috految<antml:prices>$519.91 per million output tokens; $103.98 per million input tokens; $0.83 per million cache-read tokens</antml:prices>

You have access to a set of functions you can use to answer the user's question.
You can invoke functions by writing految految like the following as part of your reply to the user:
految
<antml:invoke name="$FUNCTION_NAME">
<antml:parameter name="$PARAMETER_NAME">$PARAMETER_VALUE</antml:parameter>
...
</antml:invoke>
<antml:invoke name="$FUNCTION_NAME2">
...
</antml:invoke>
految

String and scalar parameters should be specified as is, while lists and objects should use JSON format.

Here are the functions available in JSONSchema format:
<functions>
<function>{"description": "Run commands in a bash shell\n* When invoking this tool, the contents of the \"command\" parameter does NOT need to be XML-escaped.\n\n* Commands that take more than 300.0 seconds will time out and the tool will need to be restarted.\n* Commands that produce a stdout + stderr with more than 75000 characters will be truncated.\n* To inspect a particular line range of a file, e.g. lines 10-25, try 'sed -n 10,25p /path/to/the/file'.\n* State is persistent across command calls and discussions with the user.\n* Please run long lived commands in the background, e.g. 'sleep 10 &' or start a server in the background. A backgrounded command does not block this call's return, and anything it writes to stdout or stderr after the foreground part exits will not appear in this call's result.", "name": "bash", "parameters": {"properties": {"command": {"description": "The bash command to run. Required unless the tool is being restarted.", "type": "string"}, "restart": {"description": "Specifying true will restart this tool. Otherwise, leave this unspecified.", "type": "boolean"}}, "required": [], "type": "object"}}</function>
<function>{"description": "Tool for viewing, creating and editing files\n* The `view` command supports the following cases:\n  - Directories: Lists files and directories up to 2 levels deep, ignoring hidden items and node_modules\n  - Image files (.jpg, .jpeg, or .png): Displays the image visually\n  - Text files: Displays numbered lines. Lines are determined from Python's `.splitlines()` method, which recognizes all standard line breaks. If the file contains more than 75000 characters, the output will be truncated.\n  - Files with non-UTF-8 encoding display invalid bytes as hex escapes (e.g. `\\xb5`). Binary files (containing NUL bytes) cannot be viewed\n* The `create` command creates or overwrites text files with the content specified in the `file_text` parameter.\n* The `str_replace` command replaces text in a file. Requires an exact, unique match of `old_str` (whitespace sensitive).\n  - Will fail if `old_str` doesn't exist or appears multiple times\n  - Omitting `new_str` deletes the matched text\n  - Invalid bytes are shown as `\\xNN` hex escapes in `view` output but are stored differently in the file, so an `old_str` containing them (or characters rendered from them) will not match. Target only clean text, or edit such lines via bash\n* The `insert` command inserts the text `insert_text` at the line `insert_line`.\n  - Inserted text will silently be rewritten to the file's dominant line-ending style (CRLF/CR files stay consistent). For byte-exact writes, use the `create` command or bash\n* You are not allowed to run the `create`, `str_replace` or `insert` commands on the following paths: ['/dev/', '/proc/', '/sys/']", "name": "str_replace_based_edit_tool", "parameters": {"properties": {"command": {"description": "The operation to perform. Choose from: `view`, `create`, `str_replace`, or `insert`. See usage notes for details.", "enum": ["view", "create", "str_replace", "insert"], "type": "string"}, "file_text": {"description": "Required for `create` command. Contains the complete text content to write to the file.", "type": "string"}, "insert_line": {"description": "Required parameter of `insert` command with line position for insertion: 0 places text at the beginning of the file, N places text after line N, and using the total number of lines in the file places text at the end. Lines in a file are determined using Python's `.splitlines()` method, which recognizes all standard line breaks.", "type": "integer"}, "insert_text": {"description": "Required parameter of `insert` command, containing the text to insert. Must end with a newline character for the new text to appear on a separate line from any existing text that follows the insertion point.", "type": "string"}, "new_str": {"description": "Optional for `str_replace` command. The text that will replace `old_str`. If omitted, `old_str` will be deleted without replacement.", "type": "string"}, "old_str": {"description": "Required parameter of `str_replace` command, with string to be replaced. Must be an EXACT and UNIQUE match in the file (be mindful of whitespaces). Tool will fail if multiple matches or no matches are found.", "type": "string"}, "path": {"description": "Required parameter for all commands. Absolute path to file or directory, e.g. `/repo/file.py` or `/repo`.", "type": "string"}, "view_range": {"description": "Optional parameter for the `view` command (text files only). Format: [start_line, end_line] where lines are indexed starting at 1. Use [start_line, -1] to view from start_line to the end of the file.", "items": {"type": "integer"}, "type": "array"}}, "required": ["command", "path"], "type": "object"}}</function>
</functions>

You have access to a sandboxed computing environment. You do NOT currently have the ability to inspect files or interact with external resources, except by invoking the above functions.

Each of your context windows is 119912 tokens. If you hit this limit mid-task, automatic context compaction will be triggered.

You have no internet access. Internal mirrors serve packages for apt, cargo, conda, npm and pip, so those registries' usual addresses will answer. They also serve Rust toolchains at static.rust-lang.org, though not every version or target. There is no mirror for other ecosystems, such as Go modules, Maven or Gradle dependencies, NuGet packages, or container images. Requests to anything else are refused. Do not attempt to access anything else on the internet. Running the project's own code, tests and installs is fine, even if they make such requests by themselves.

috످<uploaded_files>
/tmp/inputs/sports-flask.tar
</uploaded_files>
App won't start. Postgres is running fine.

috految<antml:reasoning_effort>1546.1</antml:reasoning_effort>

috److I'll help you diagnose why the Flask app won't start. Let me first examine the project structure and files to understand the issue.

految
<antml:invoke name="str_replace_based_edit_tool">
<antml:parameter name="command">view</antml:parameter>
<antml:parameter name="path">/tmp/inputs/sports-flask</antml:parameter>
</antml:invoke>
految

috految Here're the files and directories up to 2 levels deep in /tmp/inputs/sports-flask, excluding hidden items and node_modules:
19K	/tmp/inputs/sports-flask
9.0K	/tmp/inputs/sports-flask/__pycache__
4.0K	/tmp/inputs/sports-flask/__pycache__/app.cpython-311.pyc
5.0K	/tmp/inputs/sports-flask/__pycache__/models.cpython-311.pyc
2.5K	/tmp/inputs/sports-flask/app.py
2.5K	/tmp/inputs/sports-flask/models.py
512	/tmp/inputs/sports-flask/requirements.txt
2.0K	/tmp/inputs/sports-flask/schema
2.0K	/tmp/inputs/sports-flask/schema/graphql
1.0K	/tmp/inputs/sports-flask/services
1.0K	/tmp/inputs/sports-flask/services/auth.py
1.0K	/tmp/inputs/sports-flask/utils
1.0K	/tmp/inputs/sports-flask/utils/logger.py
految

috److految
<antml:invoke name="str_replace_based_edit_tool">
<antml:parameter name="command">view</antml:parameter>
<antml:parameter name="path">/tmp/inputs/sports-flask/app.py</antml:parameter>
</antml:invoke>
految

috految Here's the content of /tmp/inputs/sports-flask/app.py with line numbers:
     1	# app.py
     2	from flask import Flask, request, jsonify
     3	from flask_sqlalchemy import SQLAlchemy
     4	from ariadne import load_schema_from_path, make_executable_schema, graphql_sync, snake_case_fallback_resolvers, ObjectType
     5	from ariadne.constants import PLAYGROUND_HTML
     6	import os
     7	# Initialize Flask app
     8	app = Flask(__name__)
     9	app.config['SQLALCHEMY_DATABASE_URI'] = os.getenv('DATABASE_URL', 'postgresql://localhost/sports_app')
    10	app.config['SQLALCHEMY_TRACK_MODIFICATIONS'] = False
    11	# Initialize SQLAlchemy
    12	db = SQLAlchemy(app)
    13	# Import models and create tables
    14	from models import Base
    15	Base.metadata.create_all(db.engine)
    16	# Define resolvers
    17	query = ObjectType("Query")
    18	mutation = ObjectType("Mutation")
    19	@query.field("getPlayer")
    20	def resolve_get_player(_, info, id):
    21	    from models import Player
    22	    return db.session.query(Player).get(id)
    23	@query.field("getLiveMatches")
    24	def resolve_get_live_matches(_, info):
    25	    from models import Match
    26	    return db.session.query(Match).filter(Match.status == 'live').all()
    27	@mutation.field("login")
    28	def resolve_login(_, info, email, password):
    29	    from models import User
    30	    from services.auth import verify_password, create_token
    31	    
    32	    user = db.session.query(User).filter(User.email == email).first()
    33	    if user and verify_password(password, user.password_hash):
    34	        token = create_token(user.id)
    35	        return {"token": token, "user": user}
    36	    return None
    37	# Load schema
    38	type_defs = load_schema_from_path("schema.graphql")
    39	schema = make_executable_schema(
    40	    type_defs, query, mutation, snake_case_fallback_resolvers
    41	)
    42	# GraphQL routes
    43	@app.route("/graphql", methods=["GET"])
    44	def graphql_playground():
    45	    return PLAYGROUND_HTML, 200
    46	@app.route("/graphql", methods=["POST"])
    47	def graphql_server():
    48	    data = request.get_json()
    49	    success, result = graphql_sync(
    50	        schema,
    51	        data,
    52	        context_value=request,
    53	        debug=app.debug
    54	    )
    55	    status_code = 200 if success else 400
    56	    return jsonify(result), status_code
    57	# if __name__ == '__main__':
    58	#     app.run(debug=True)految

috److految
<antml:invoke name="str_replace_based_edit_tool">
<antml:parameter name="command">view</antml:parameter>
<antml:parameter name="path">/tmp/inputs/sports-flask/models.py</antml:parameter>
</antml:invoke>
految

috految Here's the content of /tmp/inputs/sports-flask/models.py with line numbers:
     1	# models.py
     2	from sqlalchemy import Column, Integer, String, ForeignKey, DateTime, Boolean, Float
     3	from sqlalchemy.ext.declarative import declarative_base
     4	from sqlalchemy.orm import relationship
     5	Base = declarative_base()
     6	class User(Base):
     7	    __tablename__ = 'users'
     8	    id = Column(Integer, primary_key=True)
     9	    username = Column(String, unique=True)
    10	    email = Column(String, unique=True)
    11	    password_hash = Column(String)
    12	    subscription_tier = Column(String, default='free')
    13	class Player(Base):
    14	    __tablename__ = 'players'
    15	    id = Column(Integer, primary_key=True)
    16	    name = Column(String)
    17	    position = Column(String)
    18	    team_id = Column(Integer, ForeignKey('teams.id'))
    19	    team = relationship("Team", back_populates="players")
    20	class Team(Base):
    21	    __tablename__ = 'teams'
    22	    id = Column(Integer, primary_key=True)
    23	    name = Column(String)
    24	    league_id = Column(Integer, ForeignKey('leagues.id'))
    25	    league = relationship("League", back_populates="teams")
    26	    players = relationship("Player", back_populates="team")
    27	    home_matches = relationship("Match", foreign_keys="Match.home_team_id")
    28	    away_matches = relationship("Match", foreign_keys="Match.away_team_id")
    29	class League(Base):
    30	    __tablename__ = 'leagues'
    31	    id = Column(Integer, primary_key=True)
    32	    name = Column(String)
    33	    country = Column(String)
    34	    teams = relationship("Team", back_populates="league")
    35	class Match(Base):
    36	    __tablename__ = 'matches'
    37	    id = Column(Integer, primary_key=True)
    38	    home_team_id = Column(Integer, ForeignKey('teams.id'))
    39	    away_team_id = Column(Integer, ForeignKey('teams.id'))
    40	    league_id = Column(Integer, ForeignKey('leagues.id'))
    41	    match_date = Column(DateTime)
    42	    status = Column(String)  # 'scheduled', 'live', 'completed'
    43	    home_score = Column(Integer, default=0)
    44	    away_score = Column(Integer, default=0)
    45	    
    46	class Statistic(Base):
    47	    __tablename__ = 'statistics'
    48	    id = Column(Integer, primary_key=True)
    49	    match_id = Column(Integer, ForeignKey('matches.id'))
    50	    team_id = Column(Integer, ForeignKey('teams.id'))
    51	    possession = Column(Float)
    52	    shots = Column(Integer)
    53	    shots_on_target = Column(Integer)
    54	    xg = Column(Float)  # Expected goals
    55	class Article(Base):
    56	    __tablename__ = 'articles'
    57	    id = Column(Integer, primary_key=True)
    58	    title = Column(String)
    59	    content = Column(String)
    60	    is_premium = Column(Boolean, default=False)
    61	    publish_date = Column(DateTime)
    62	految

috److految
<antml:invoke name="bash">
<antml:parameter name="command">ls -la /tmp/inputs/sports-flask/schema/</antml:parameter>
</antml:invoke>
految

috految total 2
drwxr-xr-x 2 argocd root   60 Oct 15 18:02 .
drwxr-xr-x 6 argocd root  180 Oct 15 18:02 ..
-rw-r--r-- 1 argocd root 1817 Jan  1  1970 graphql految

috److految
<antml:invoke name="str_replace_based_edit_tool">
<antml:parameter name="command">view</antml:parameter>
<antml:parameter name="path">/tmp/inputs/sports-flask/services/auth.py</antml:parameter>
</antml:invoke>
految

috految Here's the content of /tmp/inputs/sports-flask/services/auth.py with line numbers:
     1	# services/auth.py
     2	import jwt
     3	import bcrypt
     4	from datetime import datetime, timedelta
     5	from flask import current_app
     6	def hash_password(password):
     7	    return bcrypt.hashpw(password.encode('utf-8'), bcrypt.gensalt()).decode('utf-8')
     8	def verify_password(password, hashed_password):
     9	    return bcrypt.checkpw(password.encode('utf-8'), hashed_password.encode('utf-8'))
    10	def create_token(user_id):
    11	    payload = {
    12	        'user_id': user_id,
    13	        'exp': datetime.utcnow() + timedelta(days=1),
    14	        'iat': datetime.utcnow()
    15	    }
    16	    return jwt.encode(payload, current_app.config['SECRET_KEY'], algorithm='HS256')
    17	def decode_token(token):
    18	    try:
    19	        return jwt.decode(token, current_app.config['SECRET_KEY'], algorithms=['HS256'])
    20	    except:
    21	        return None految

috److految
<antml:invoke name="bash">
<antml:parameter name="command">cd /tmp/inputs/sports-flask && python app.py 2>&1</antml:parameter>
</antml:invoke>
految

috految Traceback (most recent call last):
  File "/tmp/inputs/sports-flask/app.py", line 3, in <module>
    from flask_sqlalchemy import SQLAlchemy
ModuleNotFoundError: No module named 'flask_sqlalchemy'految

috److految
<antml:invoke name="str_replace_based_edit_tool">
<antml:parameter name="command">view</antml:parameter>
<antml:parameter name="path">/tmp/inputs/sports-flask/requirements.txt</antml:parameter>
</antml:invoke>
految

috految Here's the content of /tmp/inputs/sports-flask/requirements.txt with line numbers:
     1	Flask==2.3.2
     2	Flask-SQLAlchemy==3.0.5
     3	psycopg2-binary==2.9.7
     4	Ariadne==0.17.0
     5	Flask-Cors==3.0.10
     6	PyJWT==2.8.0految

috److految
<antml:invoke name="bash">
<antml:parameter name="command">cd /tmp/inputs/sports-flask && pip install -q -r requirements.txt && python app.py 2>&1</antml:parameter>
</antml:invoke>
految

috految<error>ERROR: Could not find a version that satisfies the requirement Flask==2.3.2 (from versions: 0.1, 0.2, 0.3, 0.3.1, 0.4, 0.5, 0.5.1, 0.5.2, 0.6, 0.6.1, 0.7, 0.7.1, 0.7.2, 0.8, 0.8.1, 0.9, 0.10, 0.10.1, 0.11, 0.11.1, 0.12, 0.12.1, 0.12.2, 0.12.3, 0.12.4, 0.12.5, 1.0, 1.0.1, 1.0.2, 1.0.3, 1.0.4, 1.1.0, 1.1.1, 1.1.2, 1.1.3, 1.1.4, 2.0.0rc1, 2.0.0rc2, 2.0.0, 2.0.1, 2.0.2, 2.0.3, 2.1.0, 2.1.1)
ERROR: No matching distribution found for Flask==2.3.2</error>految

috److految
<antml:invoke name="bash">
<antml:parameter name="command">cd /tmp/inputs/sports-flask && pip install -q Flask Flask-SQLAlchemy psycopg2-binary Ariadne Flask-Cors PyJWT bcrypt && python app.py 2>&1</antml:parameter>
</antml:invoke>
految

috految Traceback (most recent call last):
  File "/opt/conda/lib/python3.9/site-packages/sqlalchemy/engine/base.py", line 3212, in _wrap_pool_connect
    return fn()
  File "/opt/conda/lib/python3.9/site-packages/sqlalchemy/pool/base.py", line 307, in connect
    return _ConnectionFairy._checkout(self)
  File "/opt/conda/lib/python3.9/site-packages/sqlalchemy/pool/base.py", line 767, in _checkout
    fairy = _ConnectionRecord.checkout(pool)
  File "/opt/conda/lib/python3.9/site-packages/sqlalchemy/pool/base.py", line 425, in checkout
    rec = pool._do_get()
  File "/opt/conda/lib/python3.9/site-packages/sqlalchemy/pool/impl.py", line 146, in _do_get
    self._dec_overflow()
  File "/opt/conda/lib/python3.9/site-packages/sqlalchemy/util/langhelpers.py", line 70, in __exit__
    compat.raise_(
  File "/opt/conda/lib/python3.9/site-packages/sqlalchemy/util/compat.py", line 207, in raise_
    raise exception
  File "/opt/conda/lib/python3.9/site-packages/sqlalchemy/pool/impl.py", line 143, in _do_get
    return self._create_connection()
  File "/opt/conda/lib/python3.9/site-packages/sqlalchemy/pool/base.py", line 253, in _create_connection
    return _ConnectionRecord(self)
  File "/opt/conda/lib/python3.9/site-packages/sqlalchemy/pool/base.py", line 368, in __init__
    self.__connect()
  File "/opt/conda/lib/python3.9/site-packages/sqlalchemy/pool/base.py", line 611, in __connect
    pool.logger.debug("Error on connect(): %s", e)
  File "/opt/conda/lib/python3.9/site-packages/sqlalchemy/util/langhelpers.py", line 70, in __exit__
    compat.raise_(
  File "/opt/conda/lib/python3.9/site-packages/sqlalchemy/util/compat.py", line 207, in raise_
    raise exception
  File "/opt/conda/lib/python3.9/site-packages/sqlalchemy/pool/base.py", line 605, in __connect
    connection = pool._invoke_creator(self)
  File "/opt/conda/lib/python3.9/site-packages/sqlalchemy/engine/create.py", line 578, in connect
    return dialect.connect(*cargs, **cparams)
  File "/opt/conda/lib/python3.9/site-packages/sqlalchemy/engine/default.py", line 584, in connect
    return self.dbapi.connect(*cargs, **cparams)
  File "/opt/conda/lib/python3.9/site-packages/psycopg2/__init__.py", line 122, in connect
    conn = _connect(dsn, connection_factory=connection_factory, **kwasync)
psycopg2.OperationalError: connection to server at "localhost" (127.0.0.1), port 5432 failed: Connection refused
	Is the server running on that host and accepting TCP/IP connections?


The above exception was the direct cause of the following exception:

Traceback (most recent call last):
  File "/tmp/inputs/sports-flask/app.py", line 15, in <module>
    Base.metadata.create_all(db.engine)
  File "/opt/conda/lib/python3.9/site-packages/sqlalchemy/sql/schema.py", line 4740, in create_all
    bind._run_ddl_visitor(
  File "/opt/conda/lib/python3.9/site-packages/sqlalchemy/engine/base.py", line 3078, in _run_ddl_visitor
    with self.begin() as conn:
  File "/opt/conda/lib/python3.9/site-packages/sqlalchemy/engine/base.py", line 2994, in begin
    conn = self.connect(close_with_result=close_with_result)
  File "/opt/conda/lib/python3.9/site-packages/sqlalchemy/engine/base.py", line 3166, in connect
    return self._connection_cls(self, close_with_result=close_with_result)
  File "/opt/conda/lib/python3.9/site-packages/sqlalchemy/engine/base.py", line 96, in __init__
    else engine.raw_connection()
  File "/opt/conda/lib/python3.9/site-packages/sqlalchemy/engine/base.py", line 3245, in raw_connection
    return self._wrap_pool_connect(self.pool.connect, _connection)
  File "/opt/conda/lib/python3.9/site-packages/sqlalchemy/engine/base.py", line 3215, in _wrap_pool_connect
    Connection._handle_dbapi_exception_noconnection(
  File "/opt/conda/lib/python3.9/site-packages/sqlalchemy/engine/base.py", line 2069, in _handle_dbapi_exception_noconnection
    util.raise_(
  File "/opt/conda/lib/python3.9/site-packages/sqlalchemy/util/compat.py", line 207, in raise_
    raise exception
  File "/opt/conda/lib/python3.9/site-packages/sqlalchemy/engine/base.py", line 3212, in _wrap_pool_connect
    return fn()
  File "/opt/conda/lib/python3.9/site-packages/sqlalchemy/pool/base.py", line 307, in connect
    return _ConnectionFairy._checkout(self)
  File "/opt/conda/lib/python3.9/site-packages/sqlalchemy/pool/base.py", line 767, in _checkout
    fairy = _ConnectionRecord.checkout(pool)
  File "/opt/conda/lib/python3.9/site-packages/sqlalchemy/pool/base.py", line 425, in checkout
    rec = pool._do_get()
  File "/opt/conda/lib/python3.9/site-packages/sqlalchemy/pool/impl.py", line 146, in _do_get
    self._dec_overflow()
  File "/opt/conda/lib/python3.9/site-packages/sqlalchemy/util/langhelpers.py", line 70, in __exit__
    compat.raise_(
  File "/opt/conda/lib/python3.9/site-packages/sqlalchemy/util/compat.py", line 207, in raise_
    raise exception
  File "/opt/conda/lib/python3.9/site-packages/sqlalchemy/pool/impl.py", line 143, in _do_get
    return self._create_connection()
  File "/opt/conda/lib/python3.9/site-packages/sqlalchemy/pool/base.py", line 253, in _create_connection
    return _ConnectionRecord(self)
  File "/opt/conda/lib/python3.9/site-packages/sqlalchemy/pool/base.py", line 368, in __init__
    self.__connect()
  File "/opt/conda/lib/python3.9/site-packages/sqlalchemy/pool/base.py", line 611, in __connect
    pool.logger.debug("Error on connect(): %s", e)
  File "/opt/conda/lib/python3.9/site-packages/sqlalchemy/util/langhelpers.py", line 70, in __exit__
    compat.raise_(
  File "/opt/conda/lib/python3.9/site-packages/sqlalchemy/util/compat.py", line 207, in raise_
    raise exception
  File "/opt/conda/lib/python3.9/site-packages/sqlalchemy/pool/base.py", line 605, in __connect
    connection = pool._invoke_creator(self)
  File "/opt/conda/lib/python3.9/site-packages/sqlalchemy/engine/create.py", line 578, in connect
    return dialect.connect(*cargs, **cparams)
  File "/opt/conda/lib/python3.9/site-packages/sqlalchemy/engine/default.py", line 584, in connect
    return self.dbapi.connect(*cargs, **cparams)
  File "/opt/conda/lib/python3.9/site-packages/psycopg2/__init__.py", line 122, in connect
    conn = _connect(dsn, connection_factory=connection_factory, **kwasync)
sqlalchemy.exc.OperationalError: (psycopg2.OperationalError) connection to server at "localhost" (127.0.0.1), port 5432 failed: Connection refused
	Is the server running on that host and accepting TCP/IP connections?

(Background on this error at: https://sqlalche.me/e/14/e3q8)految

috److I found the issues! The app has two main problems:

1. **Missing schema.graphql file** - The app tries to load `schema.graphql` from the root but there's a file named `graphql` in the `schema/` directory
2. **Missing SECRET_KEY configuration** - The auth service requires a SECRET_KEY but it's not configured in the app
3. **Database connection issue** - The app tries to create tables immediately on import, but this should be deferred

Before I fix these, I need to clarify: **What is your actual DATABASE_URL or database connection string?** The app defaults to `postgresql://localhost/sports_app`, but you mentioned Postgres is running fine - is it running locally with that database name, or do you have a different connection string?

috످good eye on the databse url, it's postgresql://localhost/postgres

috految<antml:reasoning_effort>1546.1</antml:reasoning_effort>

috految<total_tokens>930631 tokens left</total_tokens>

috److془Let me continue the work. I need to be careful: earlier I used unpinned versions on Python 3.9, and connection refused was from the sandbox having no Postgres. I should correct that.

Let me start by examining the state of things.془I'll use that URL. My earlier test didn't match your setup, though: I installed unpinned packages on Python 3.9, and the "connection refused" came from my sandbox. Before editing, I'll reproduce the crash with your pinned versions and a real Postgres.

految
<antml:invoke name="bash">
<antml:parameter name="command">cd /tmp/inputs/sports-flask
W=$(mktemp -d /tmp/sports-test.XXXXXX); export W; cp -a . "$W/original"; echo "scratch: $W"
echo '--- files'; ls -la /tmp/inputs; find . -type f -not -path './.git/*' -printf '%M %u %s %TY-%Tm-%Td %p\n'; git status --short 2>&1 | head
echo '--- schema/graphql'; cat -n schema/graphql
echo; echo '--- utils/logger.py'; cat -n utils/logger.py
echo; echo '--- line endings (CRLF lines / total)'; for f in app.py models.py requirements.txt schema/graphql services/auth.py; do echo "$f $(grep -c $'\r' $f)/$(wc -l < $f)"; done
echo '--- references'; grep -rnIE 'sports_app|DATABASE_URL|SECRET_KEY|schema[./]graphql|CORS|decode_token|hash_password|logger' .
echo '--- env'; id; head -2 /etc/os-release; uname -m; python --version
for c in python python3.11 python3.12 conda mamba uv psql postgres pg_ctl node curl; do echo "$c: $(command -v $c)"; done; ls /usr/lib/postgresql 2>&1
echo "DATABASE_URL set: ${DATABASE_URL:+yes}"; echo "PG vars: $(compgen -e | grep '^PG')"
python -m pip list 2>/dev/null | grep -iE 'flask|sqlalchemy|ariadne|graphql|psycopg|bcrypt|jwt|werkzeug'
python -m pip index versions flask 2>&1 | cut -c1-200 | head -3
for p in 5432 5000; do (echo > /dev/tcp/127.0.0.1/$p) 2>/dev/null && echo "$p IN USE" || echo "$p free"; done</antml:parameter>
</antml:invoke>
految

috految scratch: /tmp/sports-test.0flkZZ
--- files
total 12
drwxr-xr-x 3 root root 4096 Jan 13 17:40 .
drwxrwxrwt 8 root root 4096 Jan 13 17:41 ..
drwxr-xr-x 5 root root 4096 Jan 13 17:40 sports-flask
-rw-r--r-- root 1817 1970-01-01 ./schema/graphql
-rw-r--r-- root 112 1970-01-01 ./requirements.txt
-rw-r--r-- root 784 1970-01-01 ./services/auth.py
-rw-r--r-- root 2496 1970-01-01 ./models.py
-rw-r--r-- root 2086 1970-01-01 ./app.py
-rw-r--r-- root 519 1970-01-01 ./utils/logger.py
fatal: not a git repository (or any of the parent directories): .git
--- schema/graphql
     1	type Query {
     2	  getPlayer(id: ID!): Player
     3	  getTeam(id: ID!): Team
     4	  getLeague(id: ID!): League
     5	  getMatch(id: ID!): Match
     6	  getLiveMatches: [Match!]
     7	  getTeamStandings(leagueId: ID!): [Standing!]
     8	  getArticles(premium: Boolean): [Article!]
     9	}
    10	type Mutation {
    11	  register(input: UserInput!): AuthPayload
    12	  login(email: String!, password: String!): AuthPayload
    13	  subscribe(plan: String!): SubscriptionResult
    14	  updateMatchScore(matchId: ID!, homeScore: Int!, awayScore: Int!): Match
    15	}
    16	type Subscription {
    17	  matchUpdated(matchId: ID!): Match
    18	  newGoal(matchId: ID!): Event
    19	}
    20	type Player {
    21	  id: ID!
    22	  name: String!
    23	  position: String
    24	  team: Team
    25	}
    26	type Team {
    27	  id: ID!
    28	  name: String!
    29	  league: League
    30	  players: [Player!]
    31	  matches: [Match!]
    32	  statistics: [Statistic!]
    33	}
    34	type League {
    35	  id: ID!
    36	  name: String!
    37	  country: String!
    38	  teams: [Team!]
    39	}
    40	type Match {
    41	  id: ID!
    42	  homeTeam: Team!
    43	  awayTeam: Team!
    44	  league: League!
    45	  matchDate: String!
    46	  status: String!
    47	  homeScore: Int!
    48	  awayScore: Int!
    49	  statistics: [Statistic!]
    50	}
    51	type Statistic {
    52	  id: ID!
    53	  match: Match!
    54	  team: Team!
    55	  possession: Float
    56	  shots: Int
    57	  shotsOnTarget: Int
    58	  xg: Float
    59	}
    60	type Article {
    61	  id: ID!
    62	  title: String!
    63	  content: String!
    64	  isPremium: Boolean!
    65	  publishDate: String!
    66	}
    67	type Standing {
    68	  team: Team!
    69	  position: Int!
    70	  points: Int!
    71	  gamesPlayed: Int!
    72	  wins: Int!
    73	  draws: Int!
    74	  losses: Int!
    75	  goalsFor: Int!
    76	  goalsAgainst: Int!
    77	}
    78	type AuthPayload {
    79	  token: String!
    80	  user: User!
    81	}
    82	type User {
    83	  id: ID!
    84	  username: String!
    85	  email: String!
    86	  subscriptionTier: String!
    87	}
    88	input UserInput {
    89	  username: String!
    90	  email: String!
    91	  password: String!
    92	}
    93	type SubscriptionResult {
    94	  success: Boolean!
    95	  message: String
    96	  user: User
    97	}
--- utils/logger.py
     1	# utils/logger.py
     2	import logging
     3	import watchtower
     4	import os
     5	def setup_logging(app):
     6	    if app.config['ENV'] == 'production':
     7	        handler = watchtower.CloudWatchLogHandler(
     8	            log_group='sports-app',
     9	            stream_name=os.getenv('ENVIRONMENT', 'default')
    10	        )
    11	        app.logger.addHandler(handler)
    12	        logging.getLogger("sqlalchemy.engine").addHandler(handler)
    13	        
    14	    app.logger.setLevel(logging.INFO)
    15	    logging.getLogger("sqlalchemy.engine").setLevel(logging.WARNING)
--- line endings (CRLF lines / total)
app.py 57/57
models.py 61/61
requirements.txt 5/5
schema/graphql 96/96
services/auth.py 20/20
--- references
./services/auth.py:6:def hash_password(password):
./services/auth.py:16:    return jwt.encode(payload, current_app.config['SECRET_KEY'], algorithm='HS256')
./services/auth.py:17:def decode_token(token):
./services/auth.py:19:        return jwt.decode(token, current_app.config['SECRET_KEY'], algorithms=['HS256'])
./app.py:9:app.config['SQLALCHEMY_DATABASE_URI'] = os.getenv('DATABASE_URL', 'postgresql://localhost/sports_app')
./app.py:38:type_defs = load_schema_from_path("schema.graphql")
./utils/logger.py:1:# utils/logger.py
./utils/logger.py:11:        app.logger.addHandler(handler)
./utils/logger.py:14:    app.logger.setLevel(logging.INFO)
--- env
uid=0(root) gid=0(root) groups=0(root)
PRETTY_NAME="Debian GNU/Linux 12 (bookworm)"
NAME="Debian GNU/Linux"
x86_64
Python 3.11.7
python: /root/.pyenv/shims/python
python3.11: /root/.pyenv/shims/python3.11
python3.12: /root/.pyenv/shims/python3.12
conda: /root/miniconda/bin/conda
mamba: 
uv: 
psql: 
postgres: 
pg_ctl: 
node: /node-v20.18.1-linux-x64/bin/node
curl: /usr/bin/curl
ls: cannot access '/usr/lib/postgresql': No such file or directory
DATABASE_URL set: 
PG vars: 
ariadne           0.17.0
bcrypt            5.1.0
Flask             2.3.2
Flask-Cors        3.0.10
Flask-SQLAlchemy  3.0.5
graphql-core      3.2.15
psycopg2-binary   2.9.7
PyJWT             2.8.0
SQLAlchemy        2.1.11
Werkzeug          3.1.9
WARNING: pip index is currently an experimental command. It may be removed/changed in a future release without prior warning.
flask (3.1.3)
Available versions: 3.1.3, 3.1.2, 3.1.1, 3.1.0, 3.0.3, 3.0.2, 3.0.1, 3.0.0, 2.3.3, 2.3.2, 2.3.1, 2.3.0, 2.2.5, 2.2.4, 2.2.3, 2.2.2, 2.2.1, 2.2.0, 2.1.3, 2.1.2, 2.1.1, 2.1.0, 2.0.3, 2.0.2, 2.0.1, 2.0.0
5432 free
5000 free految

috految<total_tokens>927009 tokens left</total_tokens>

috److془Files CRLF. Preserve. Set up Postgres and venv.془The schema has a problem I hadn't spotted: line 18 references an `Event` type that's never defined. Next I'll set up a throwaway Postgres and a clean Python 3.11 environment, the version your `.pyc` files were built with.

految
<antml:invoke name="bash">
<antml:parameter name="command">cd "$W"; export PYTHONDONTWRITEBYTECODE=1 PIP_DISABLE_PIP_VERSION_CHECK=1
python -m venv "$W/venv" && "$W/venv/bin/pip" install -q -r original/requirements.txt; echo "pip exit: $?"
"$W/venv/bin/python" --version; "$W/venv/bin/pip" freeze; "$W/venv/bin/pip" check
echo '--- pythons'; pyenv versions --bare
echo '--- postgres'
timeout 240 conda create -q -y --copy -p "$W/pg" --override-channels -c conda-forge 'postgresql=16' > conda.log 2>&1; echo "conda exit: $?"; tail -5 conda.log
"$W/pg/bin/postgres" --version</antml:parameter>
</antml:invoke>
految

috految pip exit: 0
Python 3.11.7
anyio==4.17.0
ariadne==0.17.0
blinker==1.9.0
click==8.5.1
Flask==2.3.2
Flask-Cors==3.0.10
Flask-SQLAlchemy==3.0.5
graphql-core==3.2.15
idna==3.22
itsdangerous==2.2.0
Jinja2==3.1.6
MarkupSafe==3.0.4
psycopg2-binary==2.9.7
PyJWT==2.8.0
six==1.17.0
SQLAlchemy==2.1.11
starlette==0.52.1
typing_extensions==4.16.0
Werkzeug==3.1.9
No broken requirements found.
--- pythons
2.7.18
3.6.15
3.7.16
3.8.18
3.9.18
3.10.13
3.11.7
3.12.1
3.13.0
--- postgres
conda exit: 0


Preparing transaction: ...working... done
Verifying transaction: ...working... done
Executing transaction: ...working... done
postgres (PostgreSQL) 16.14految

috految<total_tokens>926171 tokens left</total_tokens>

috److految
<antml:invoke name="bash">
<antml:parameter name="command">cd "$W"; chmod 755 "$W"; install -d -o nobody "$W/db"
runuser -u nobody -- "$W/pg/bin/initdb" -D "$W/db/data" -U "$(id -un)" -A trust -E UTF8 --no-locale > initdb.log 2>&1; echo "initdb exit: $?"
runuser -u nobody -- "$W/pg/bin/pg_ctl" -D "$W/db/data" -l "$W/db/log" -o "-k $W/db -c listen_addresses=localhost" -w start
"$W/pg/bin/psql" postgresql://localhost/postgres -Atc "select current_database(), current_user, current_setting('data_directory')"

cp -a original step; cd step
boot() { echo; echo "=== $1"; timeout 8 "$W/venv/bin/python" -u app.py > "$W/out" 2>&1; echo "python app.py exit=$?"; grep -E 'File ".*/(app|models)\.py"|^[A-Za-z0-9_.]*(Error|Exception)|Running on' "$W/out" | cut -c1-220; }
boot "untouched code, as uploaded"; tail -12 "$W/out"
DATABASE_URL=postgresql://localhost/postgres boot "correct URL and nothing else"
echo; echo '--- default driver for postgresql://'
"$W/venv/bin/python" -c "import sqlalchemy as s; print(s.__version__, s.make_url('postgresql://localhost/postgres').get_driver_name())"
grep -hE '^Requires-Dist' "$W"/venv/lib/python3.11/site-packages/{flask_sqlalchemy,ariadne}-*.dist-info/METADATA | grep -v extra
for p in sqlalchemy bcrypt; do "$W/venv/bin/pip" index versions $p 2>/dev/null | sed -n 2p | cut -c1-200; done</antml:parameter>
</antml:invoke>
految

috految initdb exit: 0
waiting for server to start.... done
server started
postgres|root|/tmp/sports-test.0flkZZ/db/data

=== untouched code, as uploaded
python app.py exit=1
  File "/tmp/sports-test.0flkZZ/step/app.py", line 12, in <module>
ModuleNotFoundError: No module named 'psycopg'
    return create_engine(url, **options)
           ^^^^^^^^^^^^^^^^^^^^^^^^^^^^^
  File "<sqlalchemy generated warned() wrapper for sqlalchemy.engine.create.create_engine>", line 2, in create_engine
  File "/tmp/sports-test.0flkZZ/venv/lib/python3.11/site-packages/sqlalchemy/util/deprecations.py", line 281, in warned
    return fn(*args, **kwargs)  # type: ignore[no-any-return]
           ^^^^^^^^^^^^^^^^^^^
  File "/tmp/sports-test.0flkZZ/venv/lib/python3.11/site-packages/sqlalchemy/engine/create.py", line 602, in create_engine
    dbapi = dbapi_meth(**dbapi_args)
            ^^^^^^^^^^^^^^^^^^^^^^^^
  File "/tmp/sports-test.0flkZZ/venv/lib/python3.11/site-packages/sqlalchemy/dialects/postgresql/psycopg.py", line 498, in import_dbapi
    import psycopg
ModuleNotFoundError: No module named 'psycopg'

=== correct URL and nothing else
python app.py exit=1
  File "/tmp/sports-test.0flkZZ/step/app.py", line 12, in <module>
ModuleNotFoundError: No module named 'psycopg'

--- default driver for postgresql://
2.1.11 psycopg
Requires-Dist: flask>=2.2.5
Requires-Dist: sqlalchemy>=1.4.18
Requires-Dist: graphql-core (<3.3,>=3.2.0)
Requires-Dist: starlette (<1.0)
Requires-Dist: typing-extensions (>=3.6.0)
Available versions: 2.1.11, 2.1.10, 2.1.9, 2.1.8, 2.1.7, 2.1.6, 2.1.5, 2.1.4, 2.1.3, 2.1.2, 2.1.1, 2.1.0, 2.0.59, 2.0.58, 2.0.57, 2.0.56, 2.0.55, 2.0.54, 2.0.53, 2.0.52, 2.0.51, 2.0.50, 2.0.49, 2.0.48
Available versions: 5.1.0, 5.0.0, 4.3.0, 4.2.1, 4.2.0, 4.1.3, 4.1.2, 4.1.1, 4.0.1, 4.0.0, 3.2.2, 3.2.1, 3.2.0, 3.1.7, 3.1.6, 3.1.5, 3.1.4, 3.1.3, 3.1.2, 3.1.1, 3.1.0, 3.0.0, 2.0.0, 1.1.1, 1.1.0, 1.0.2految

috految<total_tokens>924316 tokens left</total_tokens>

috److It still crashes with the right URL and a healthy Postgres. I'll apply fixes one at a time in a scratch copy to see which ones are needed.

految
<antml:invoke name="bash">
<antml:parameter name="command">cd "$W/step"
# byte-exact replace, so CRLF line endings survive
rep() { python - "$@" <<'EOF'
import sys, pathlib
p = pathlib.Path(sys.argv[1]); b = p.read_bytes()
old, new = (s.replace('\n', '\r\n').encode() for s in sys.argv[2:4])
assert b.count(old) == 1, (old, b.count(old))
p.write_bytes(b.replace(old, new))
EOF
}
"$W/venv/bin/pip" install -q 'SQLAlchemy>=2.0,<2.1'
boot "1. + SQLAlchemy<2.1"
DATABASE_URL=postgresql://localhost/postgres boot "1b. same, with correct URL"

rep app.py 'Base.metadata.create_all(db.engine)' $'with app.app_context():\n    Base.metadata.create_all(db.engine)'
boot "2. + app context"

rep app.py 'postgresql://localhost/sports_app' 'postgresql://localhost/postgres'
boot "3. + correct URL"

rep app.py 'load_schema_from_path("schema.graphql")' 'load_schema_from_path(os.path.join(app.root_path, "schema", "graphql"))'
boot "4. + schema path"

rep schema/graphql 'type Player {' $'# Placeholder: Subscription.newGoal needs this type for the schema to load\ntype Event {\n  id: ID!\n}\ntype Player {'
boot "5. + Event type"; echo "output: [$(cat "$W/out")]"

up() { "$@" > "$W/server.log" 2>&1 < /dev/null & SP=$!; for i in $(seq 50); do curl -s -m 2 -o /dev/null http://127.0.0.1:5000/graphql && return 0; kill -0 $SP 2>/dev/null || break; sleep .2; done; echo 'SERVER DID NOT START'; tail -8 "$W/server.log"; return 1; }
down() { kill $SP; wait $SP 2>/dev/null; return 0; }
gql() { curl -s -m 10 -w ' [HTTP %{http_code}]' http://127.0.0.1:5000/graphql -H 'Content-Type: application/json' -d "$(python -c 'import json,sys; print(json.dumps({"query": sys.argv[1]}))' "$1")" | tr -d '\n'; echo; }
sql() { "$W/pg/bin/psql" -X -h "$W/db" -d postgres -v ON_ERROR_STOP=1 -qAt "$@"; }

echo; echo '=== 6. flask run'
up "$W/venv/bin/flask" run && { cat "$W/server.log"; sql -c '\dt'; gql '{getLiveMatches{id}}'; echo '--- login, requirements as shipped'; gql 'mutation{login(email:"a@example.com",password:"correct-horse"){token}}'; down; }

echo; echo '=== 7. + bcrypt, seeded user, no SECRET_KEY'
"$W/venv/bin/pip" install -q bcrypt; "$W/venv/bin/pip" freeze | grep -iE 'bcrypt|^sqlalchemy'
H=$("$W/venv/bin/python" -c "from services.auth import hash_password; print(hash_password('correct-horse'))")
sql -c "insert into users(username,email,password_hash,subscription_tier) values('alice','a@example.com','$H','free')"
up "$W/venv/bin/flask" run && { gql 'mutation{login(email:"a@example.com",password:"correct-horse"){token}}'; echo '--- 80-byte wrong password'; gql "mutation{login(email:\"a@example.com\",password:\"$(printf 'x%.0s' $(seq 80))\"){token}}"; down; }

echo; echo '=== 8. what would debug=True (the commented-out runner) expose?'
up "$W/venv/bin/flask" run --debug --no-reload && { gql "mutation{login(email:\"a@example.com\",password:\"$(printf 'x%.0s' $(seq 80))\"){token}}" | tr -s ' ' | cut -c1-900; down; }

echo; echo '=== 9. does PyJWT accept an empty key?'
"$W/venv/bin/python" -c "import jwt; print(jwt.decode(jwt.encode({'user_id':1},'',algorithm='HS256'),'',algorithms=['HS256']))"</antml:parameter>
</antml:invoke>
految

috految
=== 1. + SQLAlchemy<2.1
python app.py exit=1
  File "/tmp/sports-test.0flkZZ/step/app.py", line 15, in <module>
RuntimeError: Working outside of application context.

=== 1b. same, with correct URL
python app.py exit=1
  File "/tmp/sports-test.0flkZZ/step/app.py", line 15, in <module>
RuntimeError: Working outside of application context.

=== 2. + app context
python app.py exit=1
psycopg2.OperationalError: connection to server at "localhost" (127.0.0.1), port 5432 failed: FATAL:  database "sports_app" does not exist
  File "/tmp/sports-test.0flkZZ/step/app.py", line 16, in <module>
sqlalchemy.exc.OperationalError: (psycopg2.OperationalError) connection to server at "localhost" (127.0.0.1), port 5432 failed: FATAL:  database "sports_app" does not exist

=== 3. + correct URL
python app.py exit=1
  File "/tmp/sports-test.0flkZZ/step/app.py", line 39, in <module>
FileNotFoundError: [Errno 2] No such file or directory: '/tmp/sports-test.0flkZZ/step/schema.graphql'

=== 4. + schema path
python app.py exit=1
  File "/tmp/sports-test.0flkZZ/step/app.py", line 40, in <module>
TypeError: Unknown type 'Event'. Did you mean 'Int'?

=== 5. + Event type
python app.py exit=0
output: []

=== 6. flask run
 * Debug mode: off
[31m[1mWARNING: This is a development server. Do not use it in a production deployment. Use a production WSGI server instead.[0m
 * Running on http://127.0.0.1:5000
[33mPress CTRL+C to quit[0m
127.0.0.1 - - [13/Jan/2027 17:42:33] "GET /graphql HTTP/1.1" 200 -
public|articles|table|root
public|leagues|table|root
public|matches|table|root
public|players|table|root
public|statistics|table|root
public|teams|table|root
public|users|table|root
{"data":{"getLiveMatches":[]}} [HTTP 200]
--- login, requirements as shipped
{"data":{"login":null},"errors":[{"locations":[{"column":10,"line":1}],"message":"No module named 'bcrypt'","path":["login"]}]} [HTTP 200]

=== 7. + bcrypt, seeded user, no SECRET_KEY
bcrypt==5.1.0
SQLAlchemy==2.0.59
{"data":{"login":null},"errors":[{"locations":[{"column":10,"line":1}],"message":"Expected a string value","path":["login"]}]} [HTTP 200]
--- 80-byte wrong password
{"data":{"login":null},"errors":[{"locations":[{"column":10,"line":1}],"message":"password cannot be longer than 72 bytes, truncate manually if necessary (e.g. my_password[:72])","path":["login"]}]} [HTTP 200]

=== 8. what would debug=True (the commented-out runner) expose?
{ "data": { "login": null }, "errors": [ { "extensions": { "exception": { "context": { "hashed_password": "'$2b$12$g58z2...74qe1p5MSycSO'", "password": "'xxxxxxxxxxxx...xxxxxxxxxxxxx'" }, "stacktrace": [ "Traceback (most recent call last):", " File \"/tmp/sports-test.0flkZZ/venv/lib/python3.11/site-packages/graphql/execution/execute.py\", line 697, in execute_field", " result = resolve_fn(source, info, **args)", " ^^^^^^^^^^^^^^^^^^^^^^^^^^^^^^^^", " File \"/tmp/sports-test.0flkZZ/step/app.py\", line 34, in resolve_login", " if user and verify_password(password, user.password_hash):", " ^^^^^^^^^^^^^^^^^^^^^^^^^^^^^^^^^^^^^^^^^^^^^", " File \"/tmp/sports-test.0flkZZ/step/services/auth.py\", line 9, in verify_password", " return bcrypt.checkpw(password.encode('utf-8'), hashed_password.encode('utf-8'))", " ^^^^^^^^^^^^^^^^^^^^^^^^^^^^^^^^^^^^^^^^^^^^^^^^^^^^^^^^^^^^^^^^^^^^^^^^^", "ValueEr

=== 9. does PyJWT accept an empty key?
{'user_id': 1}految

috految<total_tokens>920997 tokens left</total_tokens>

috److془Decide: app.run commented out. The user has app.cpython-311.pyc, meaning they import app (flask run). Should I uncomment? "App won't start." `python app.py` exits silently. Evidence suggests `flask run`. Uncommenting is harmless for flask run, and fixes python app.py. It's within the scope "App won't start". But user deliberately commented it out... Hmm. I'd go with uncommenting w/o debug=True? or leaving? 

The user's ask: "App won't start". If they run `python app.py` and it silently exits, they'd say "still won't start". Uncommenting is harmless. I'll uncomment with `app.run()`, and note that dropped debug=True since it returns stack traces and local variables (including partial password hash) in API errors. 

Hmm, but the pyc evidence suggests that they use flask run. Either way works. Uncomment it.

bcrypt: 4.3.0 vs 5.1.0. 5.x throws on >72 byte passwords, which auth.py doesn't handle. Pin 4.3.0. With 4.3.0 silent truncation at 72 bytes (standard bcrypt). Fine.

SECRET_KEY: `os.getenv('SECRET_KEY') or None` so that empty key isn't accepted. Note: with key None, decode_token w/ alg none? algorithms=['HS256'] so rejects. Test it.

Then check final from fresh venv in real directory. Also test: existing env upgrade (SQLAlchemy 2.1 -> pip install -r downgrades), Python 3.12 / 3.13 with psycopg2-binary 2.9.7, password auth, role doesn't exist, pre-existing users table, and all 13 operations. Also the playground's CDN JS would not be loadable in the sandbox; I can verify just HTML 200 + introspection. Actually, the playground in Ariadne 0.17: `//cdn.jsdelivr.net/npm/graphql-playground-react/build/static/js/middleware.js`. Let me check. Also one known issue: Playground sends `operationName: null, variables: {}`. Test this.

Also there's a known issue: ariadne 0.17.0 with graphql-core 3.2.x - "Invalid query fails"? let me test for malformed queries, etc. Also Flask 2.3.2 + Werkzeug 3.1 => `app.test_client()` fails with `werkzeug.__version__` AttributeError; `flask --version` fails. Minor.

Also SQL errors leak: e.g. getPlayer(id:"abc") returns raw SQL. Test.

Also the error-logging: ariadne logs the query including inline passwords. Minor: only on error and inline password.

Also the `Query.get` with string id: psycopg2 fine.

Also the `utils/logger.py`: imports watchtower not in requirements; app.config['ENV'] removed in Flask 2.3. Test.

Also insertion of Match via ORM - fine.

Verify the proposed Match relationship fix in scratch.

Let me go on.془Each fix exposed the next error, and the app now boots. Testing also showed that `debug=True` puts local variables in API errors, an empty `SECRET_KEY` would still sign tokens, and bcrypt 5 throws on long passwords. I'll account for those as I apply the fixes, then retest from a clean install and an empty database.

految
<antml:invoke name="bash">
<antml:parameter name="command">P=/tmp/inputs/sports-flask; cd "$P"
rep app.py 'postgresql://localhost/sports_app' 'postgresql://localhost/postgres'
rep app.py "app.config['SQLALCHEMY_TRACK_MODIFICATIONS'] = False" $'app.config[\'SQLALCHEMY_TRACK_MODIFICATIONS\'] = False\napp.config[\'SECRET_KEY\'] = os.getenv(\'SECRET_KEY\') or None  # never sign tokens with an empty key'
rep app.py 'Base.metadata.create_all(db.engine)' $'with app.app_context():\n    Base.metadata.create_all(db.engine)'
rep app.py 'load_schema_from_path("schema.graphql")' 'load_schema_from_path(os.path.join(app.root_path, "schema", "graphql"))'
rep app.py $'# if __name__ == \'__main__\':\n#     app.run(debug=True)' $'if __name__ == \'__main__\':\n    app.run()'
rep schema/graphql 'type Player {' $'# Placeholder: Subscription.newGoal needs this type for the schema to load\ntype Event {\n  id: ID!\n}\ntype Player {'
rep requirements.txt 'Flask-SQLAlchemy==3.0.5' $'Flask-SQLAlchemy==3.0.5\nSQLAlchemy>=2.0,<2.1  # 2.1 defaults to psycopg 3 instead of psycopg2'
rep requirements.txt 'PyJWT==2.8.0' $'bcrypt==4.3.0  # 5.x raises on passwords over 72 bytes\nPyJWT==2.8.0'
diff -ru -U1 "$W/original" "$P" | tr -d '\r'

echo; echo '######## clean install + brand-new scratch cluster'
cd "$W"
runuser -u nobody -- "$W/pg/bin/pg_ctl" -D "$W/db/data" -s -w stop
runuser -u nobody -- "$W/pg/bin/initdb" -D "$W/db/final" -U "$(id -un)" -A trust -E UTF8 --no-locale > initdb.log 2>&1
runuser -u nobody -- "$W/pg/bin/pg_ctl" -D "$W/db/final" -l "$W/db/log" -o "-k $W/db -c listen_addresses=localhost" -s -w start
python -m venv "$W/final"; F="$W/final/bin"; cd "$P"
"$F/pip" install -q -r requirements.txt; echo "pip exit: $?"; "$F/pip" check; "$F/python" -V; "$F/pip" freeze | grep -iE 'flask|sqlalchemy|ariadne|psycopg|bcrypt|jwt'
K=$("$F/python" -c "import secrets; print(secrets.token_hex(32))")
echo "tables before: $(sql -c "select count(*) from pg_tables where schemaname='public'")"
up env SECRET_KEY=$K "$F/python" app.py && {
  grep -E 'Running on|Debug mode' "$W/server.log"
  echo "tables after: $(sql -c "select count(*), string_agg(tablename, ',') from pg_tables where schemaname='public'")"
  for u in /graphql /; do curl -s -o /dev/null -w "GET $u %{http_code} %{content_type}\n" http://127.0.0.1:5000$u; done
  gql '{ getLiveMatches { id } }'
  H=$("$F/python" -c "from services.auth import hash_password; print(hash_password('correct-horse'))")
  sql <<EOF
insert into leagues values (1,'Premier League','England');
insert into teams values (1,'Arsenal',1),(2,'Chelsea',1);
insert into players values (1,'Saka','RW',1);
insert into matches values (1,1,2,1,'2025-01-01 15:00','live',2,1),(2,2,1,1,'2024-12-01 15:00','completed',0,0);
insert into statistics values (1,1,1,55.5,10,4,1.7);
insert into articles values (1,'Title','Body',true,'2025-01-01');
insert into users(username,email,password_hash,subscription_tier) values ('alice','a@example.com','$H','free');
EOF
  echo '--- implemented operations'
  gql '{getPlayer(id:1){id name position team{name league{name country} players{name}}}}'
  gql '{getPlayer(id:999){id}}'
  gql '{getLiveMatches{id status matchDate homeScore awayScore}}'
  gql 'mutation{login(email:"a@example.com",password:"correct-horse"){token user{id username email subscriptionTier}}}' > "$W/login"; sed -E 's/eyJ[A-Za-z0-9._-]+/<jwt>/' "$W/login"
  T=$(grep -oE 'eyJ[A-Za-z0-9._-]+' "$W/login")
  SECRET_KEY=$K "$F/python" -c "
import jwt
from app import app
from services.auth import decode_token
with app.app_context(): print('real token:', decode_token('$T'), '| forged:', decode_token(jwt.encode({'user_id':1},'wrong')))"
  echo -n 'wrong pw: '; gql 'mutation{login(email:"a@example.com",password:"nope"){token}}'
  echo -n 'unknown user: '; gql 'mutation{login(email:"z@example.com",password:"nope"){token}}'
  echo -n 'long wrong pw: '; gql "mutation{login(email:\"a@example.com\",password:\"$(printf 'x%.0s' $(seq 80))\"){token}}"
  echo -n 'introspection: '; "$F/python" -c "import graphql,json; print(json.dumps({'operationName':'IntrospectionQuery','variables':{},'query':graphql.get_introspection_query()}))" | curl -s http://127.0.0.1:5000/graphql -H 'Content-Type: application/json' -d @- | "$F/python" -c "import json,sys; r=json.load(sys.stdin); print('errors:', r.get('errors'), '| types:', len(r['data']['__schema']['types']))"
  echo '--- relationships'
  for f in 'homeTeam{name}' 'awayTeam{name}' 'league{name}' 'statistics{id}'; do gql "{getLiveMatches{id $f}}"; done
  gql '{getPlayer(id:1){team{matches{id} statistics{id}}}}'
  echo '--- remaining operations (seed data exists)'
  gql '{getTeam(id:1){name} getLeague(id:1){name} getMatch(id:1){id} getTeamStandings(leagueId:1){points} getArticles{id}}'
  gql 'mutation{register(input:{username:"b",email:"b@example.com",password:"pw"}){token} subscribe(plan:"pro"){success} updateMatchScore(matchId:1,homeScore:9,awayScore:9){id}}'
  sql -c "select 'users='||(select count(*) from users)||' score='||home_score||'-'||away_score from matches where id=1"
  gql 'subscription{matchUpdated(matchId:1){id}}'; gql 'subscription{newGoal(matchId:1){id}}'
  echo '--- bad input, then recovery'; gql '{getPlayer(id:"abc"){name}}'; gql '{nope'; gql '{getPlayer(id:1){name}}'
  echo '--- CORS preflight'; curl -si -X OPTIONS http://127.0.0.1:5000/graphql -H 'Origin: http://localhost:3000' -H 'Access-Control-Request-Method: POST' | grep -iE '^HTTP|access-control'
  down; }

L='mutation{login(email:"a@example.com",password:"correct-horse"){user{username}}}'
echo '--- flask run, restart keeps data'; up env SECRET_KEY=$K "$F/flask" run && { gql '{getPlayer(id:1){name}}'; gql "$L"; down; }
echo '--- SECRET_KEY unset / empty, launched from another directory'; cd /
up "$F/python" "$P/app.py" && { gql "$L"; down; }
up env SECRET_KEY= "$F/python" "$P/app.py" && { gql "$L"; down; }
cd "$P"; echo '--- logger'; "$F/python" -c 'import utils.logger' 2>&1 | tail -1
"$F/python" -c "from app import app; app.config['ENV']" 2>&1 | tail -1</antml:parameter>
</antml:invoke>
<antml:invoke name="bash">
<antml:parameter name="command">cd "$W"
echo '--- existing env built from the OLD requirements, then updated'
python -m venv old && old/bin/pip install -q -r original/requirements.txt && old/bin/pip install -q -r "$P/requirements.txt" && old/bin/pip freeze | grep -iE '^sqlalchemy|bcrypt'
up env SECRET_KEY=$K "$W/old/bin/python" "$P/app.py" && { gql "$L"; down; }

echo '--- psycopg2-binary 2.9.7 wheel availability'
for v in 3.11 3.12 3.13; do for pl in manylinux2014_x86_64 win_amd64 macosx_11_0_arm64; do "$F/pip" download -q --no-deps --only-binary :all: --python-version $v --platform $pl -d wheels psycopg2-binary==2.9.7 > dl.log 2>&1 && echo "$v $pl ok" || echo "$v $pl: $(tail -1 dl.log)"; done; done

echo '--- login role that requires a password'
sql -c "create role tester login password 'pw'" -c "create database t2 owner tester"
sed -i '1i host all tester samehost scram-sha-256' "$W/db/final/pg_hba.conf"; sql -c 'select pg_reload_conf()' >/dev/null; sleep 1
PGUSER=tester timeout 8 "$F/python" "$P/app.py" 2>&1 | grep -E '^sqlalchemy.exc' | cut -c1-220
up env DATABASE_URL=postgresql://tester:pw@localhost/t2 "$F/python" "$P/app.py" && { gql '{getLiveMatches{id}}'; down; }

echo '--- database already contains an unrelated users table'
sql -c 'create database t3'; sql -d t3 -c "create table users(id int, name text); insert into users values(1,'keep me')"
up env SECRET_KEY=$K DATABASE_URL=postgresql://localhost/t3 "$F/python" "$P/app.py" && { gql "$L" | cut -c1-200; down; }; sql -d t3 -c 'table users'

echo '--- proposed Match fix (scratch copy only)'
cp -a "$P" proposal; cd proposal
rep models.py '    away_score = Column(Integer, default=0)' $'    away_score = Column(Integer, default=0)\n    home_team = relationship("Team", foreign_keys=[home_team_id], back_populates="home_matches")\n    away_team = relationship("Team", foreign_keys=[away_team_id], back_populates="away_matches")\n    league = relationship("League")'
up "$F/python" app.py && { gql '{getLiveMatches{homeTeam{name} awayTeam{name} league{name}}}'; echo "SAWarnings: $(grep -c SAWarning "$W/server.log")"; down; }

echo '--- final state'; cd "$W"
runuser -u nobody -- "$W/pg/bin/pg_ctl" -D "$W/db/final" -s -w stop
for p in 5432 5000; do (echo > /dev/tcp/127.0.0.1/$p) 2>/dev/null && echo "$p IN USE" || echo "$p free"; done
diff -rq original "$P"; cd "$P"
for f in app.py requirements.txt schema/graphql; do echo "$f CRLF $(grep -c $'\r' $f)/$(wc -l < $f)"; done
grep -nE 'DATABASE_URL|SECRET_KEY|app_context|type_defs =|__main__|app.run' app.py; grep -n Event schema/graphql</antml:parameter>
</antml:invoke>
految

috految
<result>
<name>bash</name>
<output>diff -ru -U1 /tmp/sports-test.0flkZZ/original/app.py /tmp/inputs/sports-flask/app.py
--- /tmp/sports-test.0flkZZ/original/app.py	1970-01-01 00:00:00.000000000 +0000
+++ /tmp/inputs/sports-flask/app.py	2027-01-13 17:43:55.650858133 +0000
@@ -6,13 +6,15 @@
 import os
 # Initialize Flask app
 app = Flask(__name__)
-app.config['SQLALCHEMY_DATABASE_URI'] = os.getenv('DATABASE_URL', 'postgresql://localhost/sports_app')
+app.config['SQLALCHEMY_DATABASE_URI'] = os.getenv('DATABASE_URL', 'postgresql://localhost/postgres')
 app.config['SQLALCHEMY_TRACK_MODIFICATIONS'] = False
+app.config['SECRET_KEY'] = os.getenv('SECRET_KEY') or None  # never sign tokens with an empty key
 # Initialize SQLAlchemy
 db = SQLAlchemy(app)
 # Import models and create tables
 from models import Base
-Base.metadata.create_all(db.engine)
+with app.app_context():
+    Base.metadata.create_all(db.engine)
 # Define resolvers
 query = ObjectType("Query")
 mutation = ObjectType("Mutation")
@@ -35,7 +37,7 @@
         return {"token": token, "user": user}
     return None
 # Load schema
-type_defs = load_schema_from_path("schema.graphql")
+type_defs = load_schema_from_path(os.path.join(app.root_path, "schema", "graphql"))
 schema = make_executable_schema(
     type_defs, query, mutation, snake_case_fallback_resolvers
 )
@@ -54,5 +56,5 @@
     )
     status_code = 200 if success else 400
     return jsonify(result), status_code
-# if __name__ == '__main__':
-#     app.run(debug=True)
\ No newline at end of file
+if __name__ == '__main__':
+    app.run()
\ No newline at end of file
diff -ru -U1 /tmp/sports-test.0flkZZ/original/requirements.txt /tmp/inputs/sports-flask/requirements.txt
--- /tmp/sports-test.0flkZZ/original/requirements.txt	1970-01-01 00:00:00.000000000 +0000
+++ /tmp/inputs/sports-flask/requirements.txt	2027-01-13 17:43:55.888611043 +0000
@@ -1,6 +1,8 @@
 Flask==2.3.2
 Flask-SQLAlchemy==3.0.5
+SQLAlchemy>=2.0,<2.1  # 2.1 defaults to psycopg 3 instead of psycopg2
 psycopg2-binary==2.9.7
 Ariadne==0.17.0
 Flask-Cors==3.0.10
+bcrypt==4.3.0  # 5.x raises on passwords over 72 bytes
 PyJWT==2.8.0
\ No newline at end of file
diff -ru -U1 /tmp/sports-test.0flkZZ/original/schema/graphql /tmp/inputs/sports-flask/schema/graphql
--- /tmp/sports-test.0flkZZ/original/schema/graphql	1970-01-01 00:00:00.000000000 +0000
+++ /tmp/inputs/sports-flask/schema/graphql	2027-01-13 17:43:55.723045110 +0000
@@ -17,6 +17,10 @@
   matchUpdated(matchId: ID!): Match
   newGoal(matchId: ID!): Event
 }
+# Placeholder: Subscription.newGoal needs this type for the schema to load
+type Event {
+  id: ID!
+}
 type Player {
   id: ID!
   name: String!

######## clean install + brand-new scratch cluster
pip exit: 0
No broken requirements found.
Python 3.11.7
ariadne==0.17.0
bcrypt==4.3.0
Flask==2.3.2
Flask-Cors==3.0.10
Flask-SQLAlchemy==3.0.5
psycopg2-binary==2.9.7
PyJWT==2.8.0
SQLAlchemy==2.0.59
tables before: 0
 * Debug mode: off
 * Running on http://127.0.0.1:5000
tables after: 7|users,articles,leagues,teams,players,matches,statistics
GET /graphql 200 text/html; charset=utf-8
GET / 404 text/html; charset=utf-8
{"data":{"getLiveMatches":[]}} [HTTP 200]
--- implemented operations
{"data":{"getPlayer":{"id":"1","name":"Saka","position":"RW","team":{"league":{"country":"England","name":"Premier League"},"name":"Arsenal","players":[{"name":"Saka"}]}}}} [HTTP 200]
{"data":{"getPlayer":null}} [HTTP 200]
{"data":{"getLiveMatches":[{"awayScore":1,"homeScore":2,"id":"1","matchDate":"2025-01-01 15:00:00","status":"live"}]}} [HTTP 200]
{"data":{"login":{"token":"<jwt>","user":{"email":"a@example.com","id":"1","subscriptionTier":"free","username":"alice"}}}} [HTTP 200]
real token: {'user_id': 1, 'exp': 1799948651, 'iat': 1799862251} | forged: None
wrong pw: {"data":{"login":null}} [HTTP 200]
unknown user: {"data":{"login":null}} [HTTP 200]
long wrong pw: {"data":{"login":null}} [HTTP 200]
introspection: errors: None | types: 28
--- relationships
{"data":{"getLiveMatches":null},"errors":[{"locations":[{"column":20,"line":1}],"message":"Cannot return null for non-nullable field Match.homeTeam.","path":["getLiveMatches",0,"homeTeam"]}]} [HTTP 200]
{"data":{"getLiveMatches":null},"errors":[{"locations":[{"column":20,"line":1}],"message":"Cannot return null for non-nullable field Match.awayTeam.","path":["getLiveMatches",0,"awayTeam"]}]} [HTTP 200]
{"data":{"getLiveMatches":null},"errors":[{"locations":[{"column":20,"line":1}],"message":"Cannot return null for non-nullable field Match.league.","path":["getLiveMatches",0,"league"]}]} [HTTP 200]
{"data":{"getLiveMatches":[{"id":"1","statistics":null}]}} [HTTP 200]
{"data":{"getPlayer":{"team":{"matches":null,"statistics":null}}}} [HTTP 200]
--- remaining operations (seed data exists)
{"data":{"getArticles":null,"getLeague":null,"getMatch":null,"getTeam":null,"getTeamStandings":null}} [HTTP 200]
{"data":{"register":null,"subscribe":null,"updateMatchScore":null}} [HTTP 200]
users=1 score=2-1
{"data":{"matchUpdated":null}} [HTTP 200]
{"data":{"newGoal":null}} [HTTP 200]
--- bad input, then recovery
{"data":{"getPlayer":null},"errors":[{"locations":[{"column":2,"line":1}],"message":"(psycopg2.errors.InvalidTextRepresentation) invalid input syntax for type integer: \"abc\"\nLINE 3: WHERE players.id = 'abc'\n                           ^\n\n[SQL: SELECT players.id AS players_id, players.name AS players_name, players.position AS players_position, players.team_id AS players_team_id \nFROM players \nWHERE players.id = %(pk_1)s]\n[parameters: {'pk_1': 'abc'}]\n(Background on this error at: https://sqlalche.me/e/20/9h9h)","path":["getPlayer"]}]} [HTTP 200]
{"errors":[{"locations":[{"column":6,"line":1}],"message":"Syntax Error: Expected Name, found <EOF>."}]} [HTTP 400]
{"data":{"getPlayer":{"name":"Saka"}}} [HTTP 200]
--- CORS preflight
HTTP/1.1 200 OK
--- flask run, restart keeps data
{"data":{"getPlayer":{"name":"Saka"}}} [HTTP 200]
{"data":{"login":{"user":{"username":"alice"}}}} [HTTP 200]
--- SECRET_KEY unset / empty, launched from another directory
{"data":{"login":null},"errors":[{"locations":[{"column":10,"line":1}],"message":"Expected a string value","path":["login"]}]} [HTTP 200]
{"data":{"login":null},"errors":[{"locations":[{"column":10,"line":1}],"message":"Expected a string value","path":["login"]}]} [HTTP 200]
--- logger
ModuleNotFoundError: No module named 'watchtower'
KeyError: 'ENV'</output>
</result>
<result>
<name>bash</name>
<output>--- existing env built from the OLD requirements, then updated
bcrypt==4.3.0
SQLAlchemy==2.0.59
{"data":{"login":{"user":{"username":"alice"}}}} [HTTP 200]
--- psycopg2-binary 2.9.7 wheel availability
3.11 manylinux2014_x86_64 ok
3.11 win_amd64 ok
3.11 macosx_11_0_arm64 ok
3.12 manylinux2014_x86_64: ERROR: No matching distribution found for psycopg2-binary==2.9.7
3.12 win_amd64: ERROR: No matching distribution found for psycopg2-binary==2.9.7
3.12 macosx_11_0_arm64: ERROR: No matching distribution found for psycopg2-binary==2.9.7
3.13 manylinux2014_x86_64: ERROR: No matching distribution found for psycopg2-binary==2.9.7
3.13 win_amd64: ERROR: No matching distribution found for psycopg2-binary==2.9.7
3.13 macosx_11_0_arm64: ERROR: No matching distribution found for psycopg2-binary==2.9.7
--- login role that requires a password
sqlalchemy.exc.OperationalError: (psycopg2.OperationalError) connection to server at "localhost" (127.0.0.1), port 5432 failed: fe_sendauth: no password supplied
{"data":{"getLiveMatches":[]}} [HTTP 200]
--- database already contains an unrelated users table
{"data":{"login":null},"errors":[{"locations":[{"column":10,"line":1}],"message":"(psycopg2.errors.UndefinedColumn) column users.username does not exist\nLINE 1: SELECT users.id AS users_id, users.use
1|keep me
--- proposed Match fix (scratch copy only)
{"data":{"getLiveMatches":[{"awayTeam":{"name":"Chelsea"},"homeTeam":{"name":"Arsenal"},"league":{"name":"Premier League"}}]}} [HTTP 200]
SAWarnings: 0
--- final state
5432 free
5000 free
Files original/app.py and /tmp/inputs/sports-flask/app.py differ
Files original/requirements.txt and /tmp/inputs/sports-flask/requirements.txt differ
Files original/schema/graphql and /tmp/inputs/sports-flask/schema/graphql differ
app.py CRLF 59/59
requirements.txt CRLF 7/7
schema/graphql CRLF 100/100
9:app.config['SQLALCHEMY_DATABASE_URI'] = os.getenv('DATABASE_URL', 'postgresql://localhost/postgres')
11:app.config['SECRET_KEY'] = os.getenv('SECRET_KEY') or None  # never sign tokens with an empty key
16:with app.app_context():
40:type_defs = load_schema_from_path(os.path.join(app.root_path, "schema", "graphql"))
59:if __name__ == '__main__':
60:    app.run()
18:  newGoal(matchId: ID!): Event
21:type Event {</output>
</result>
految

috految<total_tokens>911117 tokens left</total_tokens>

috److془Count operations: Query 7, Mutation 4, Subscription 2 = 13. Implemented: 3. Missing 10.

Write final summary. Concise.془**The app now starts with `postgresql://localhost/postgres`.** The URL was one of six startup problems I fixed.

I tested a clean install against a temporary Postgres 16 database, since I can't reach yours. With test data, `getPlayer` and `login` work, and `getLiveMatches` returns scores but not teams. The rest of the API isn't implemented yet.

## Run it

**The first start creates seven tables in your `postgres` database.** If another project already has a table with the same name there (like `users`), the app will try to reuse it. In that case, use a separate database.

Use Python 3.11, since your pinned `psycopg2-binary` has no prebuilt package for 3.12+.

```bash
cd /tmp/inputs/sports-flask
pip install -r requirements.txt

# Generate a key once and save it
python -c "import secrets; print(secrets.token_hex(32))"
export SECRET_KEY="<your key>"    # PowerShell: $env:SECRET_KEY="<your key>"

python app.py    # or: flask run
```

Open http://127.0.0.1:5000/graphql and try `{ getLiveMatches { id } }`. You should get an empty list on a new database.

- **If you get a Postgres password or role error,** set `DATABASE_URL` to `postgresql://USER:PASSWORD@localhost/postgres`.
- **If login returns `Expected a string value`,** `SECRET_KEY` isn't set.

## What I fixed

| Problem | Fix | Where |
|---|---|---|
| Database URL pointed to `sports_app` | Changed it to `postgres` | `app.py:9` |
| Table creation crashed with `Working outside of application context` | Wrapped it in `app.app_context()` | `app.py:16` |
| `schema.graphql` not found | Changed the path to `schema/graphql` | `app.py:40` |
| `Unknown type 'Event'` in the schema | Added a placeholder type | `schema/graphql:21` |
| `No module named 'psycopg'` on fresh installs | Pinned SQLAlchemy to 2.0.x (2.1 defaults to a different driver) | `requirements.txt` |
| `python app.py` exited silently | Uncommented `app.run()` | `app.py:59` |

To get login working, I added the missing `bcrypt` dependency and made the app read `SECRET_KEY` from the environment. I also left `debug=True` off because it exposed part of a password hash in an API error during testing.

Earlier I said table creation needed to be deferred, but it only needed the app context. The "connection refused" error came from my sandbox not having Postgres running.

## Still broken

1. **Nobody can sign up.** `register` has no resolver, so it returns `null` without creating a user.
2. **`getLiveMatches` fails if you request `homeTeam`, `awayTeam`, or `league`.** The `Match` model is missing those relationships. `Team.matches` and both `statistics` fields also return `null`.
3. **Nine other operations return `null` because they have no resolver:** `getTeam`, `getLeague`, `getMatch`, `getTeamStandings`, `getArticles`, `subscribe`, `updateMatchScore`, `matchUpdated`, and `newGoal`.
4. **Login tokens are never checked.** Nothing calls `decode_token()`, so anyone could change scores or read premium articles once those resolvers exist.
5. **Database errors expose your SQL.** For example, `getPlayer(id: "abc")` returns the full query to the caller.
6. **CORS isn't enabled.** Browsers will block a frontend on another port or domain.
7. **`utils/logger.py` will crash if you use it.** It needs `watchtower` (not in your requirements) and reads `app.config['ENV']`, which Flask 2.3 removed.

## Questions for you

- **Do you want me to fix signup and live matches next?** Signup needs a new resolver, and the team and league fields need three lines in `models.py` that I've already tested on a copy.
- **What fields should `Event` have?** `newGoal` returns it, but it was never defined. My placeholder only has `id`, and you'll probably want scorer, team, and minute.

috످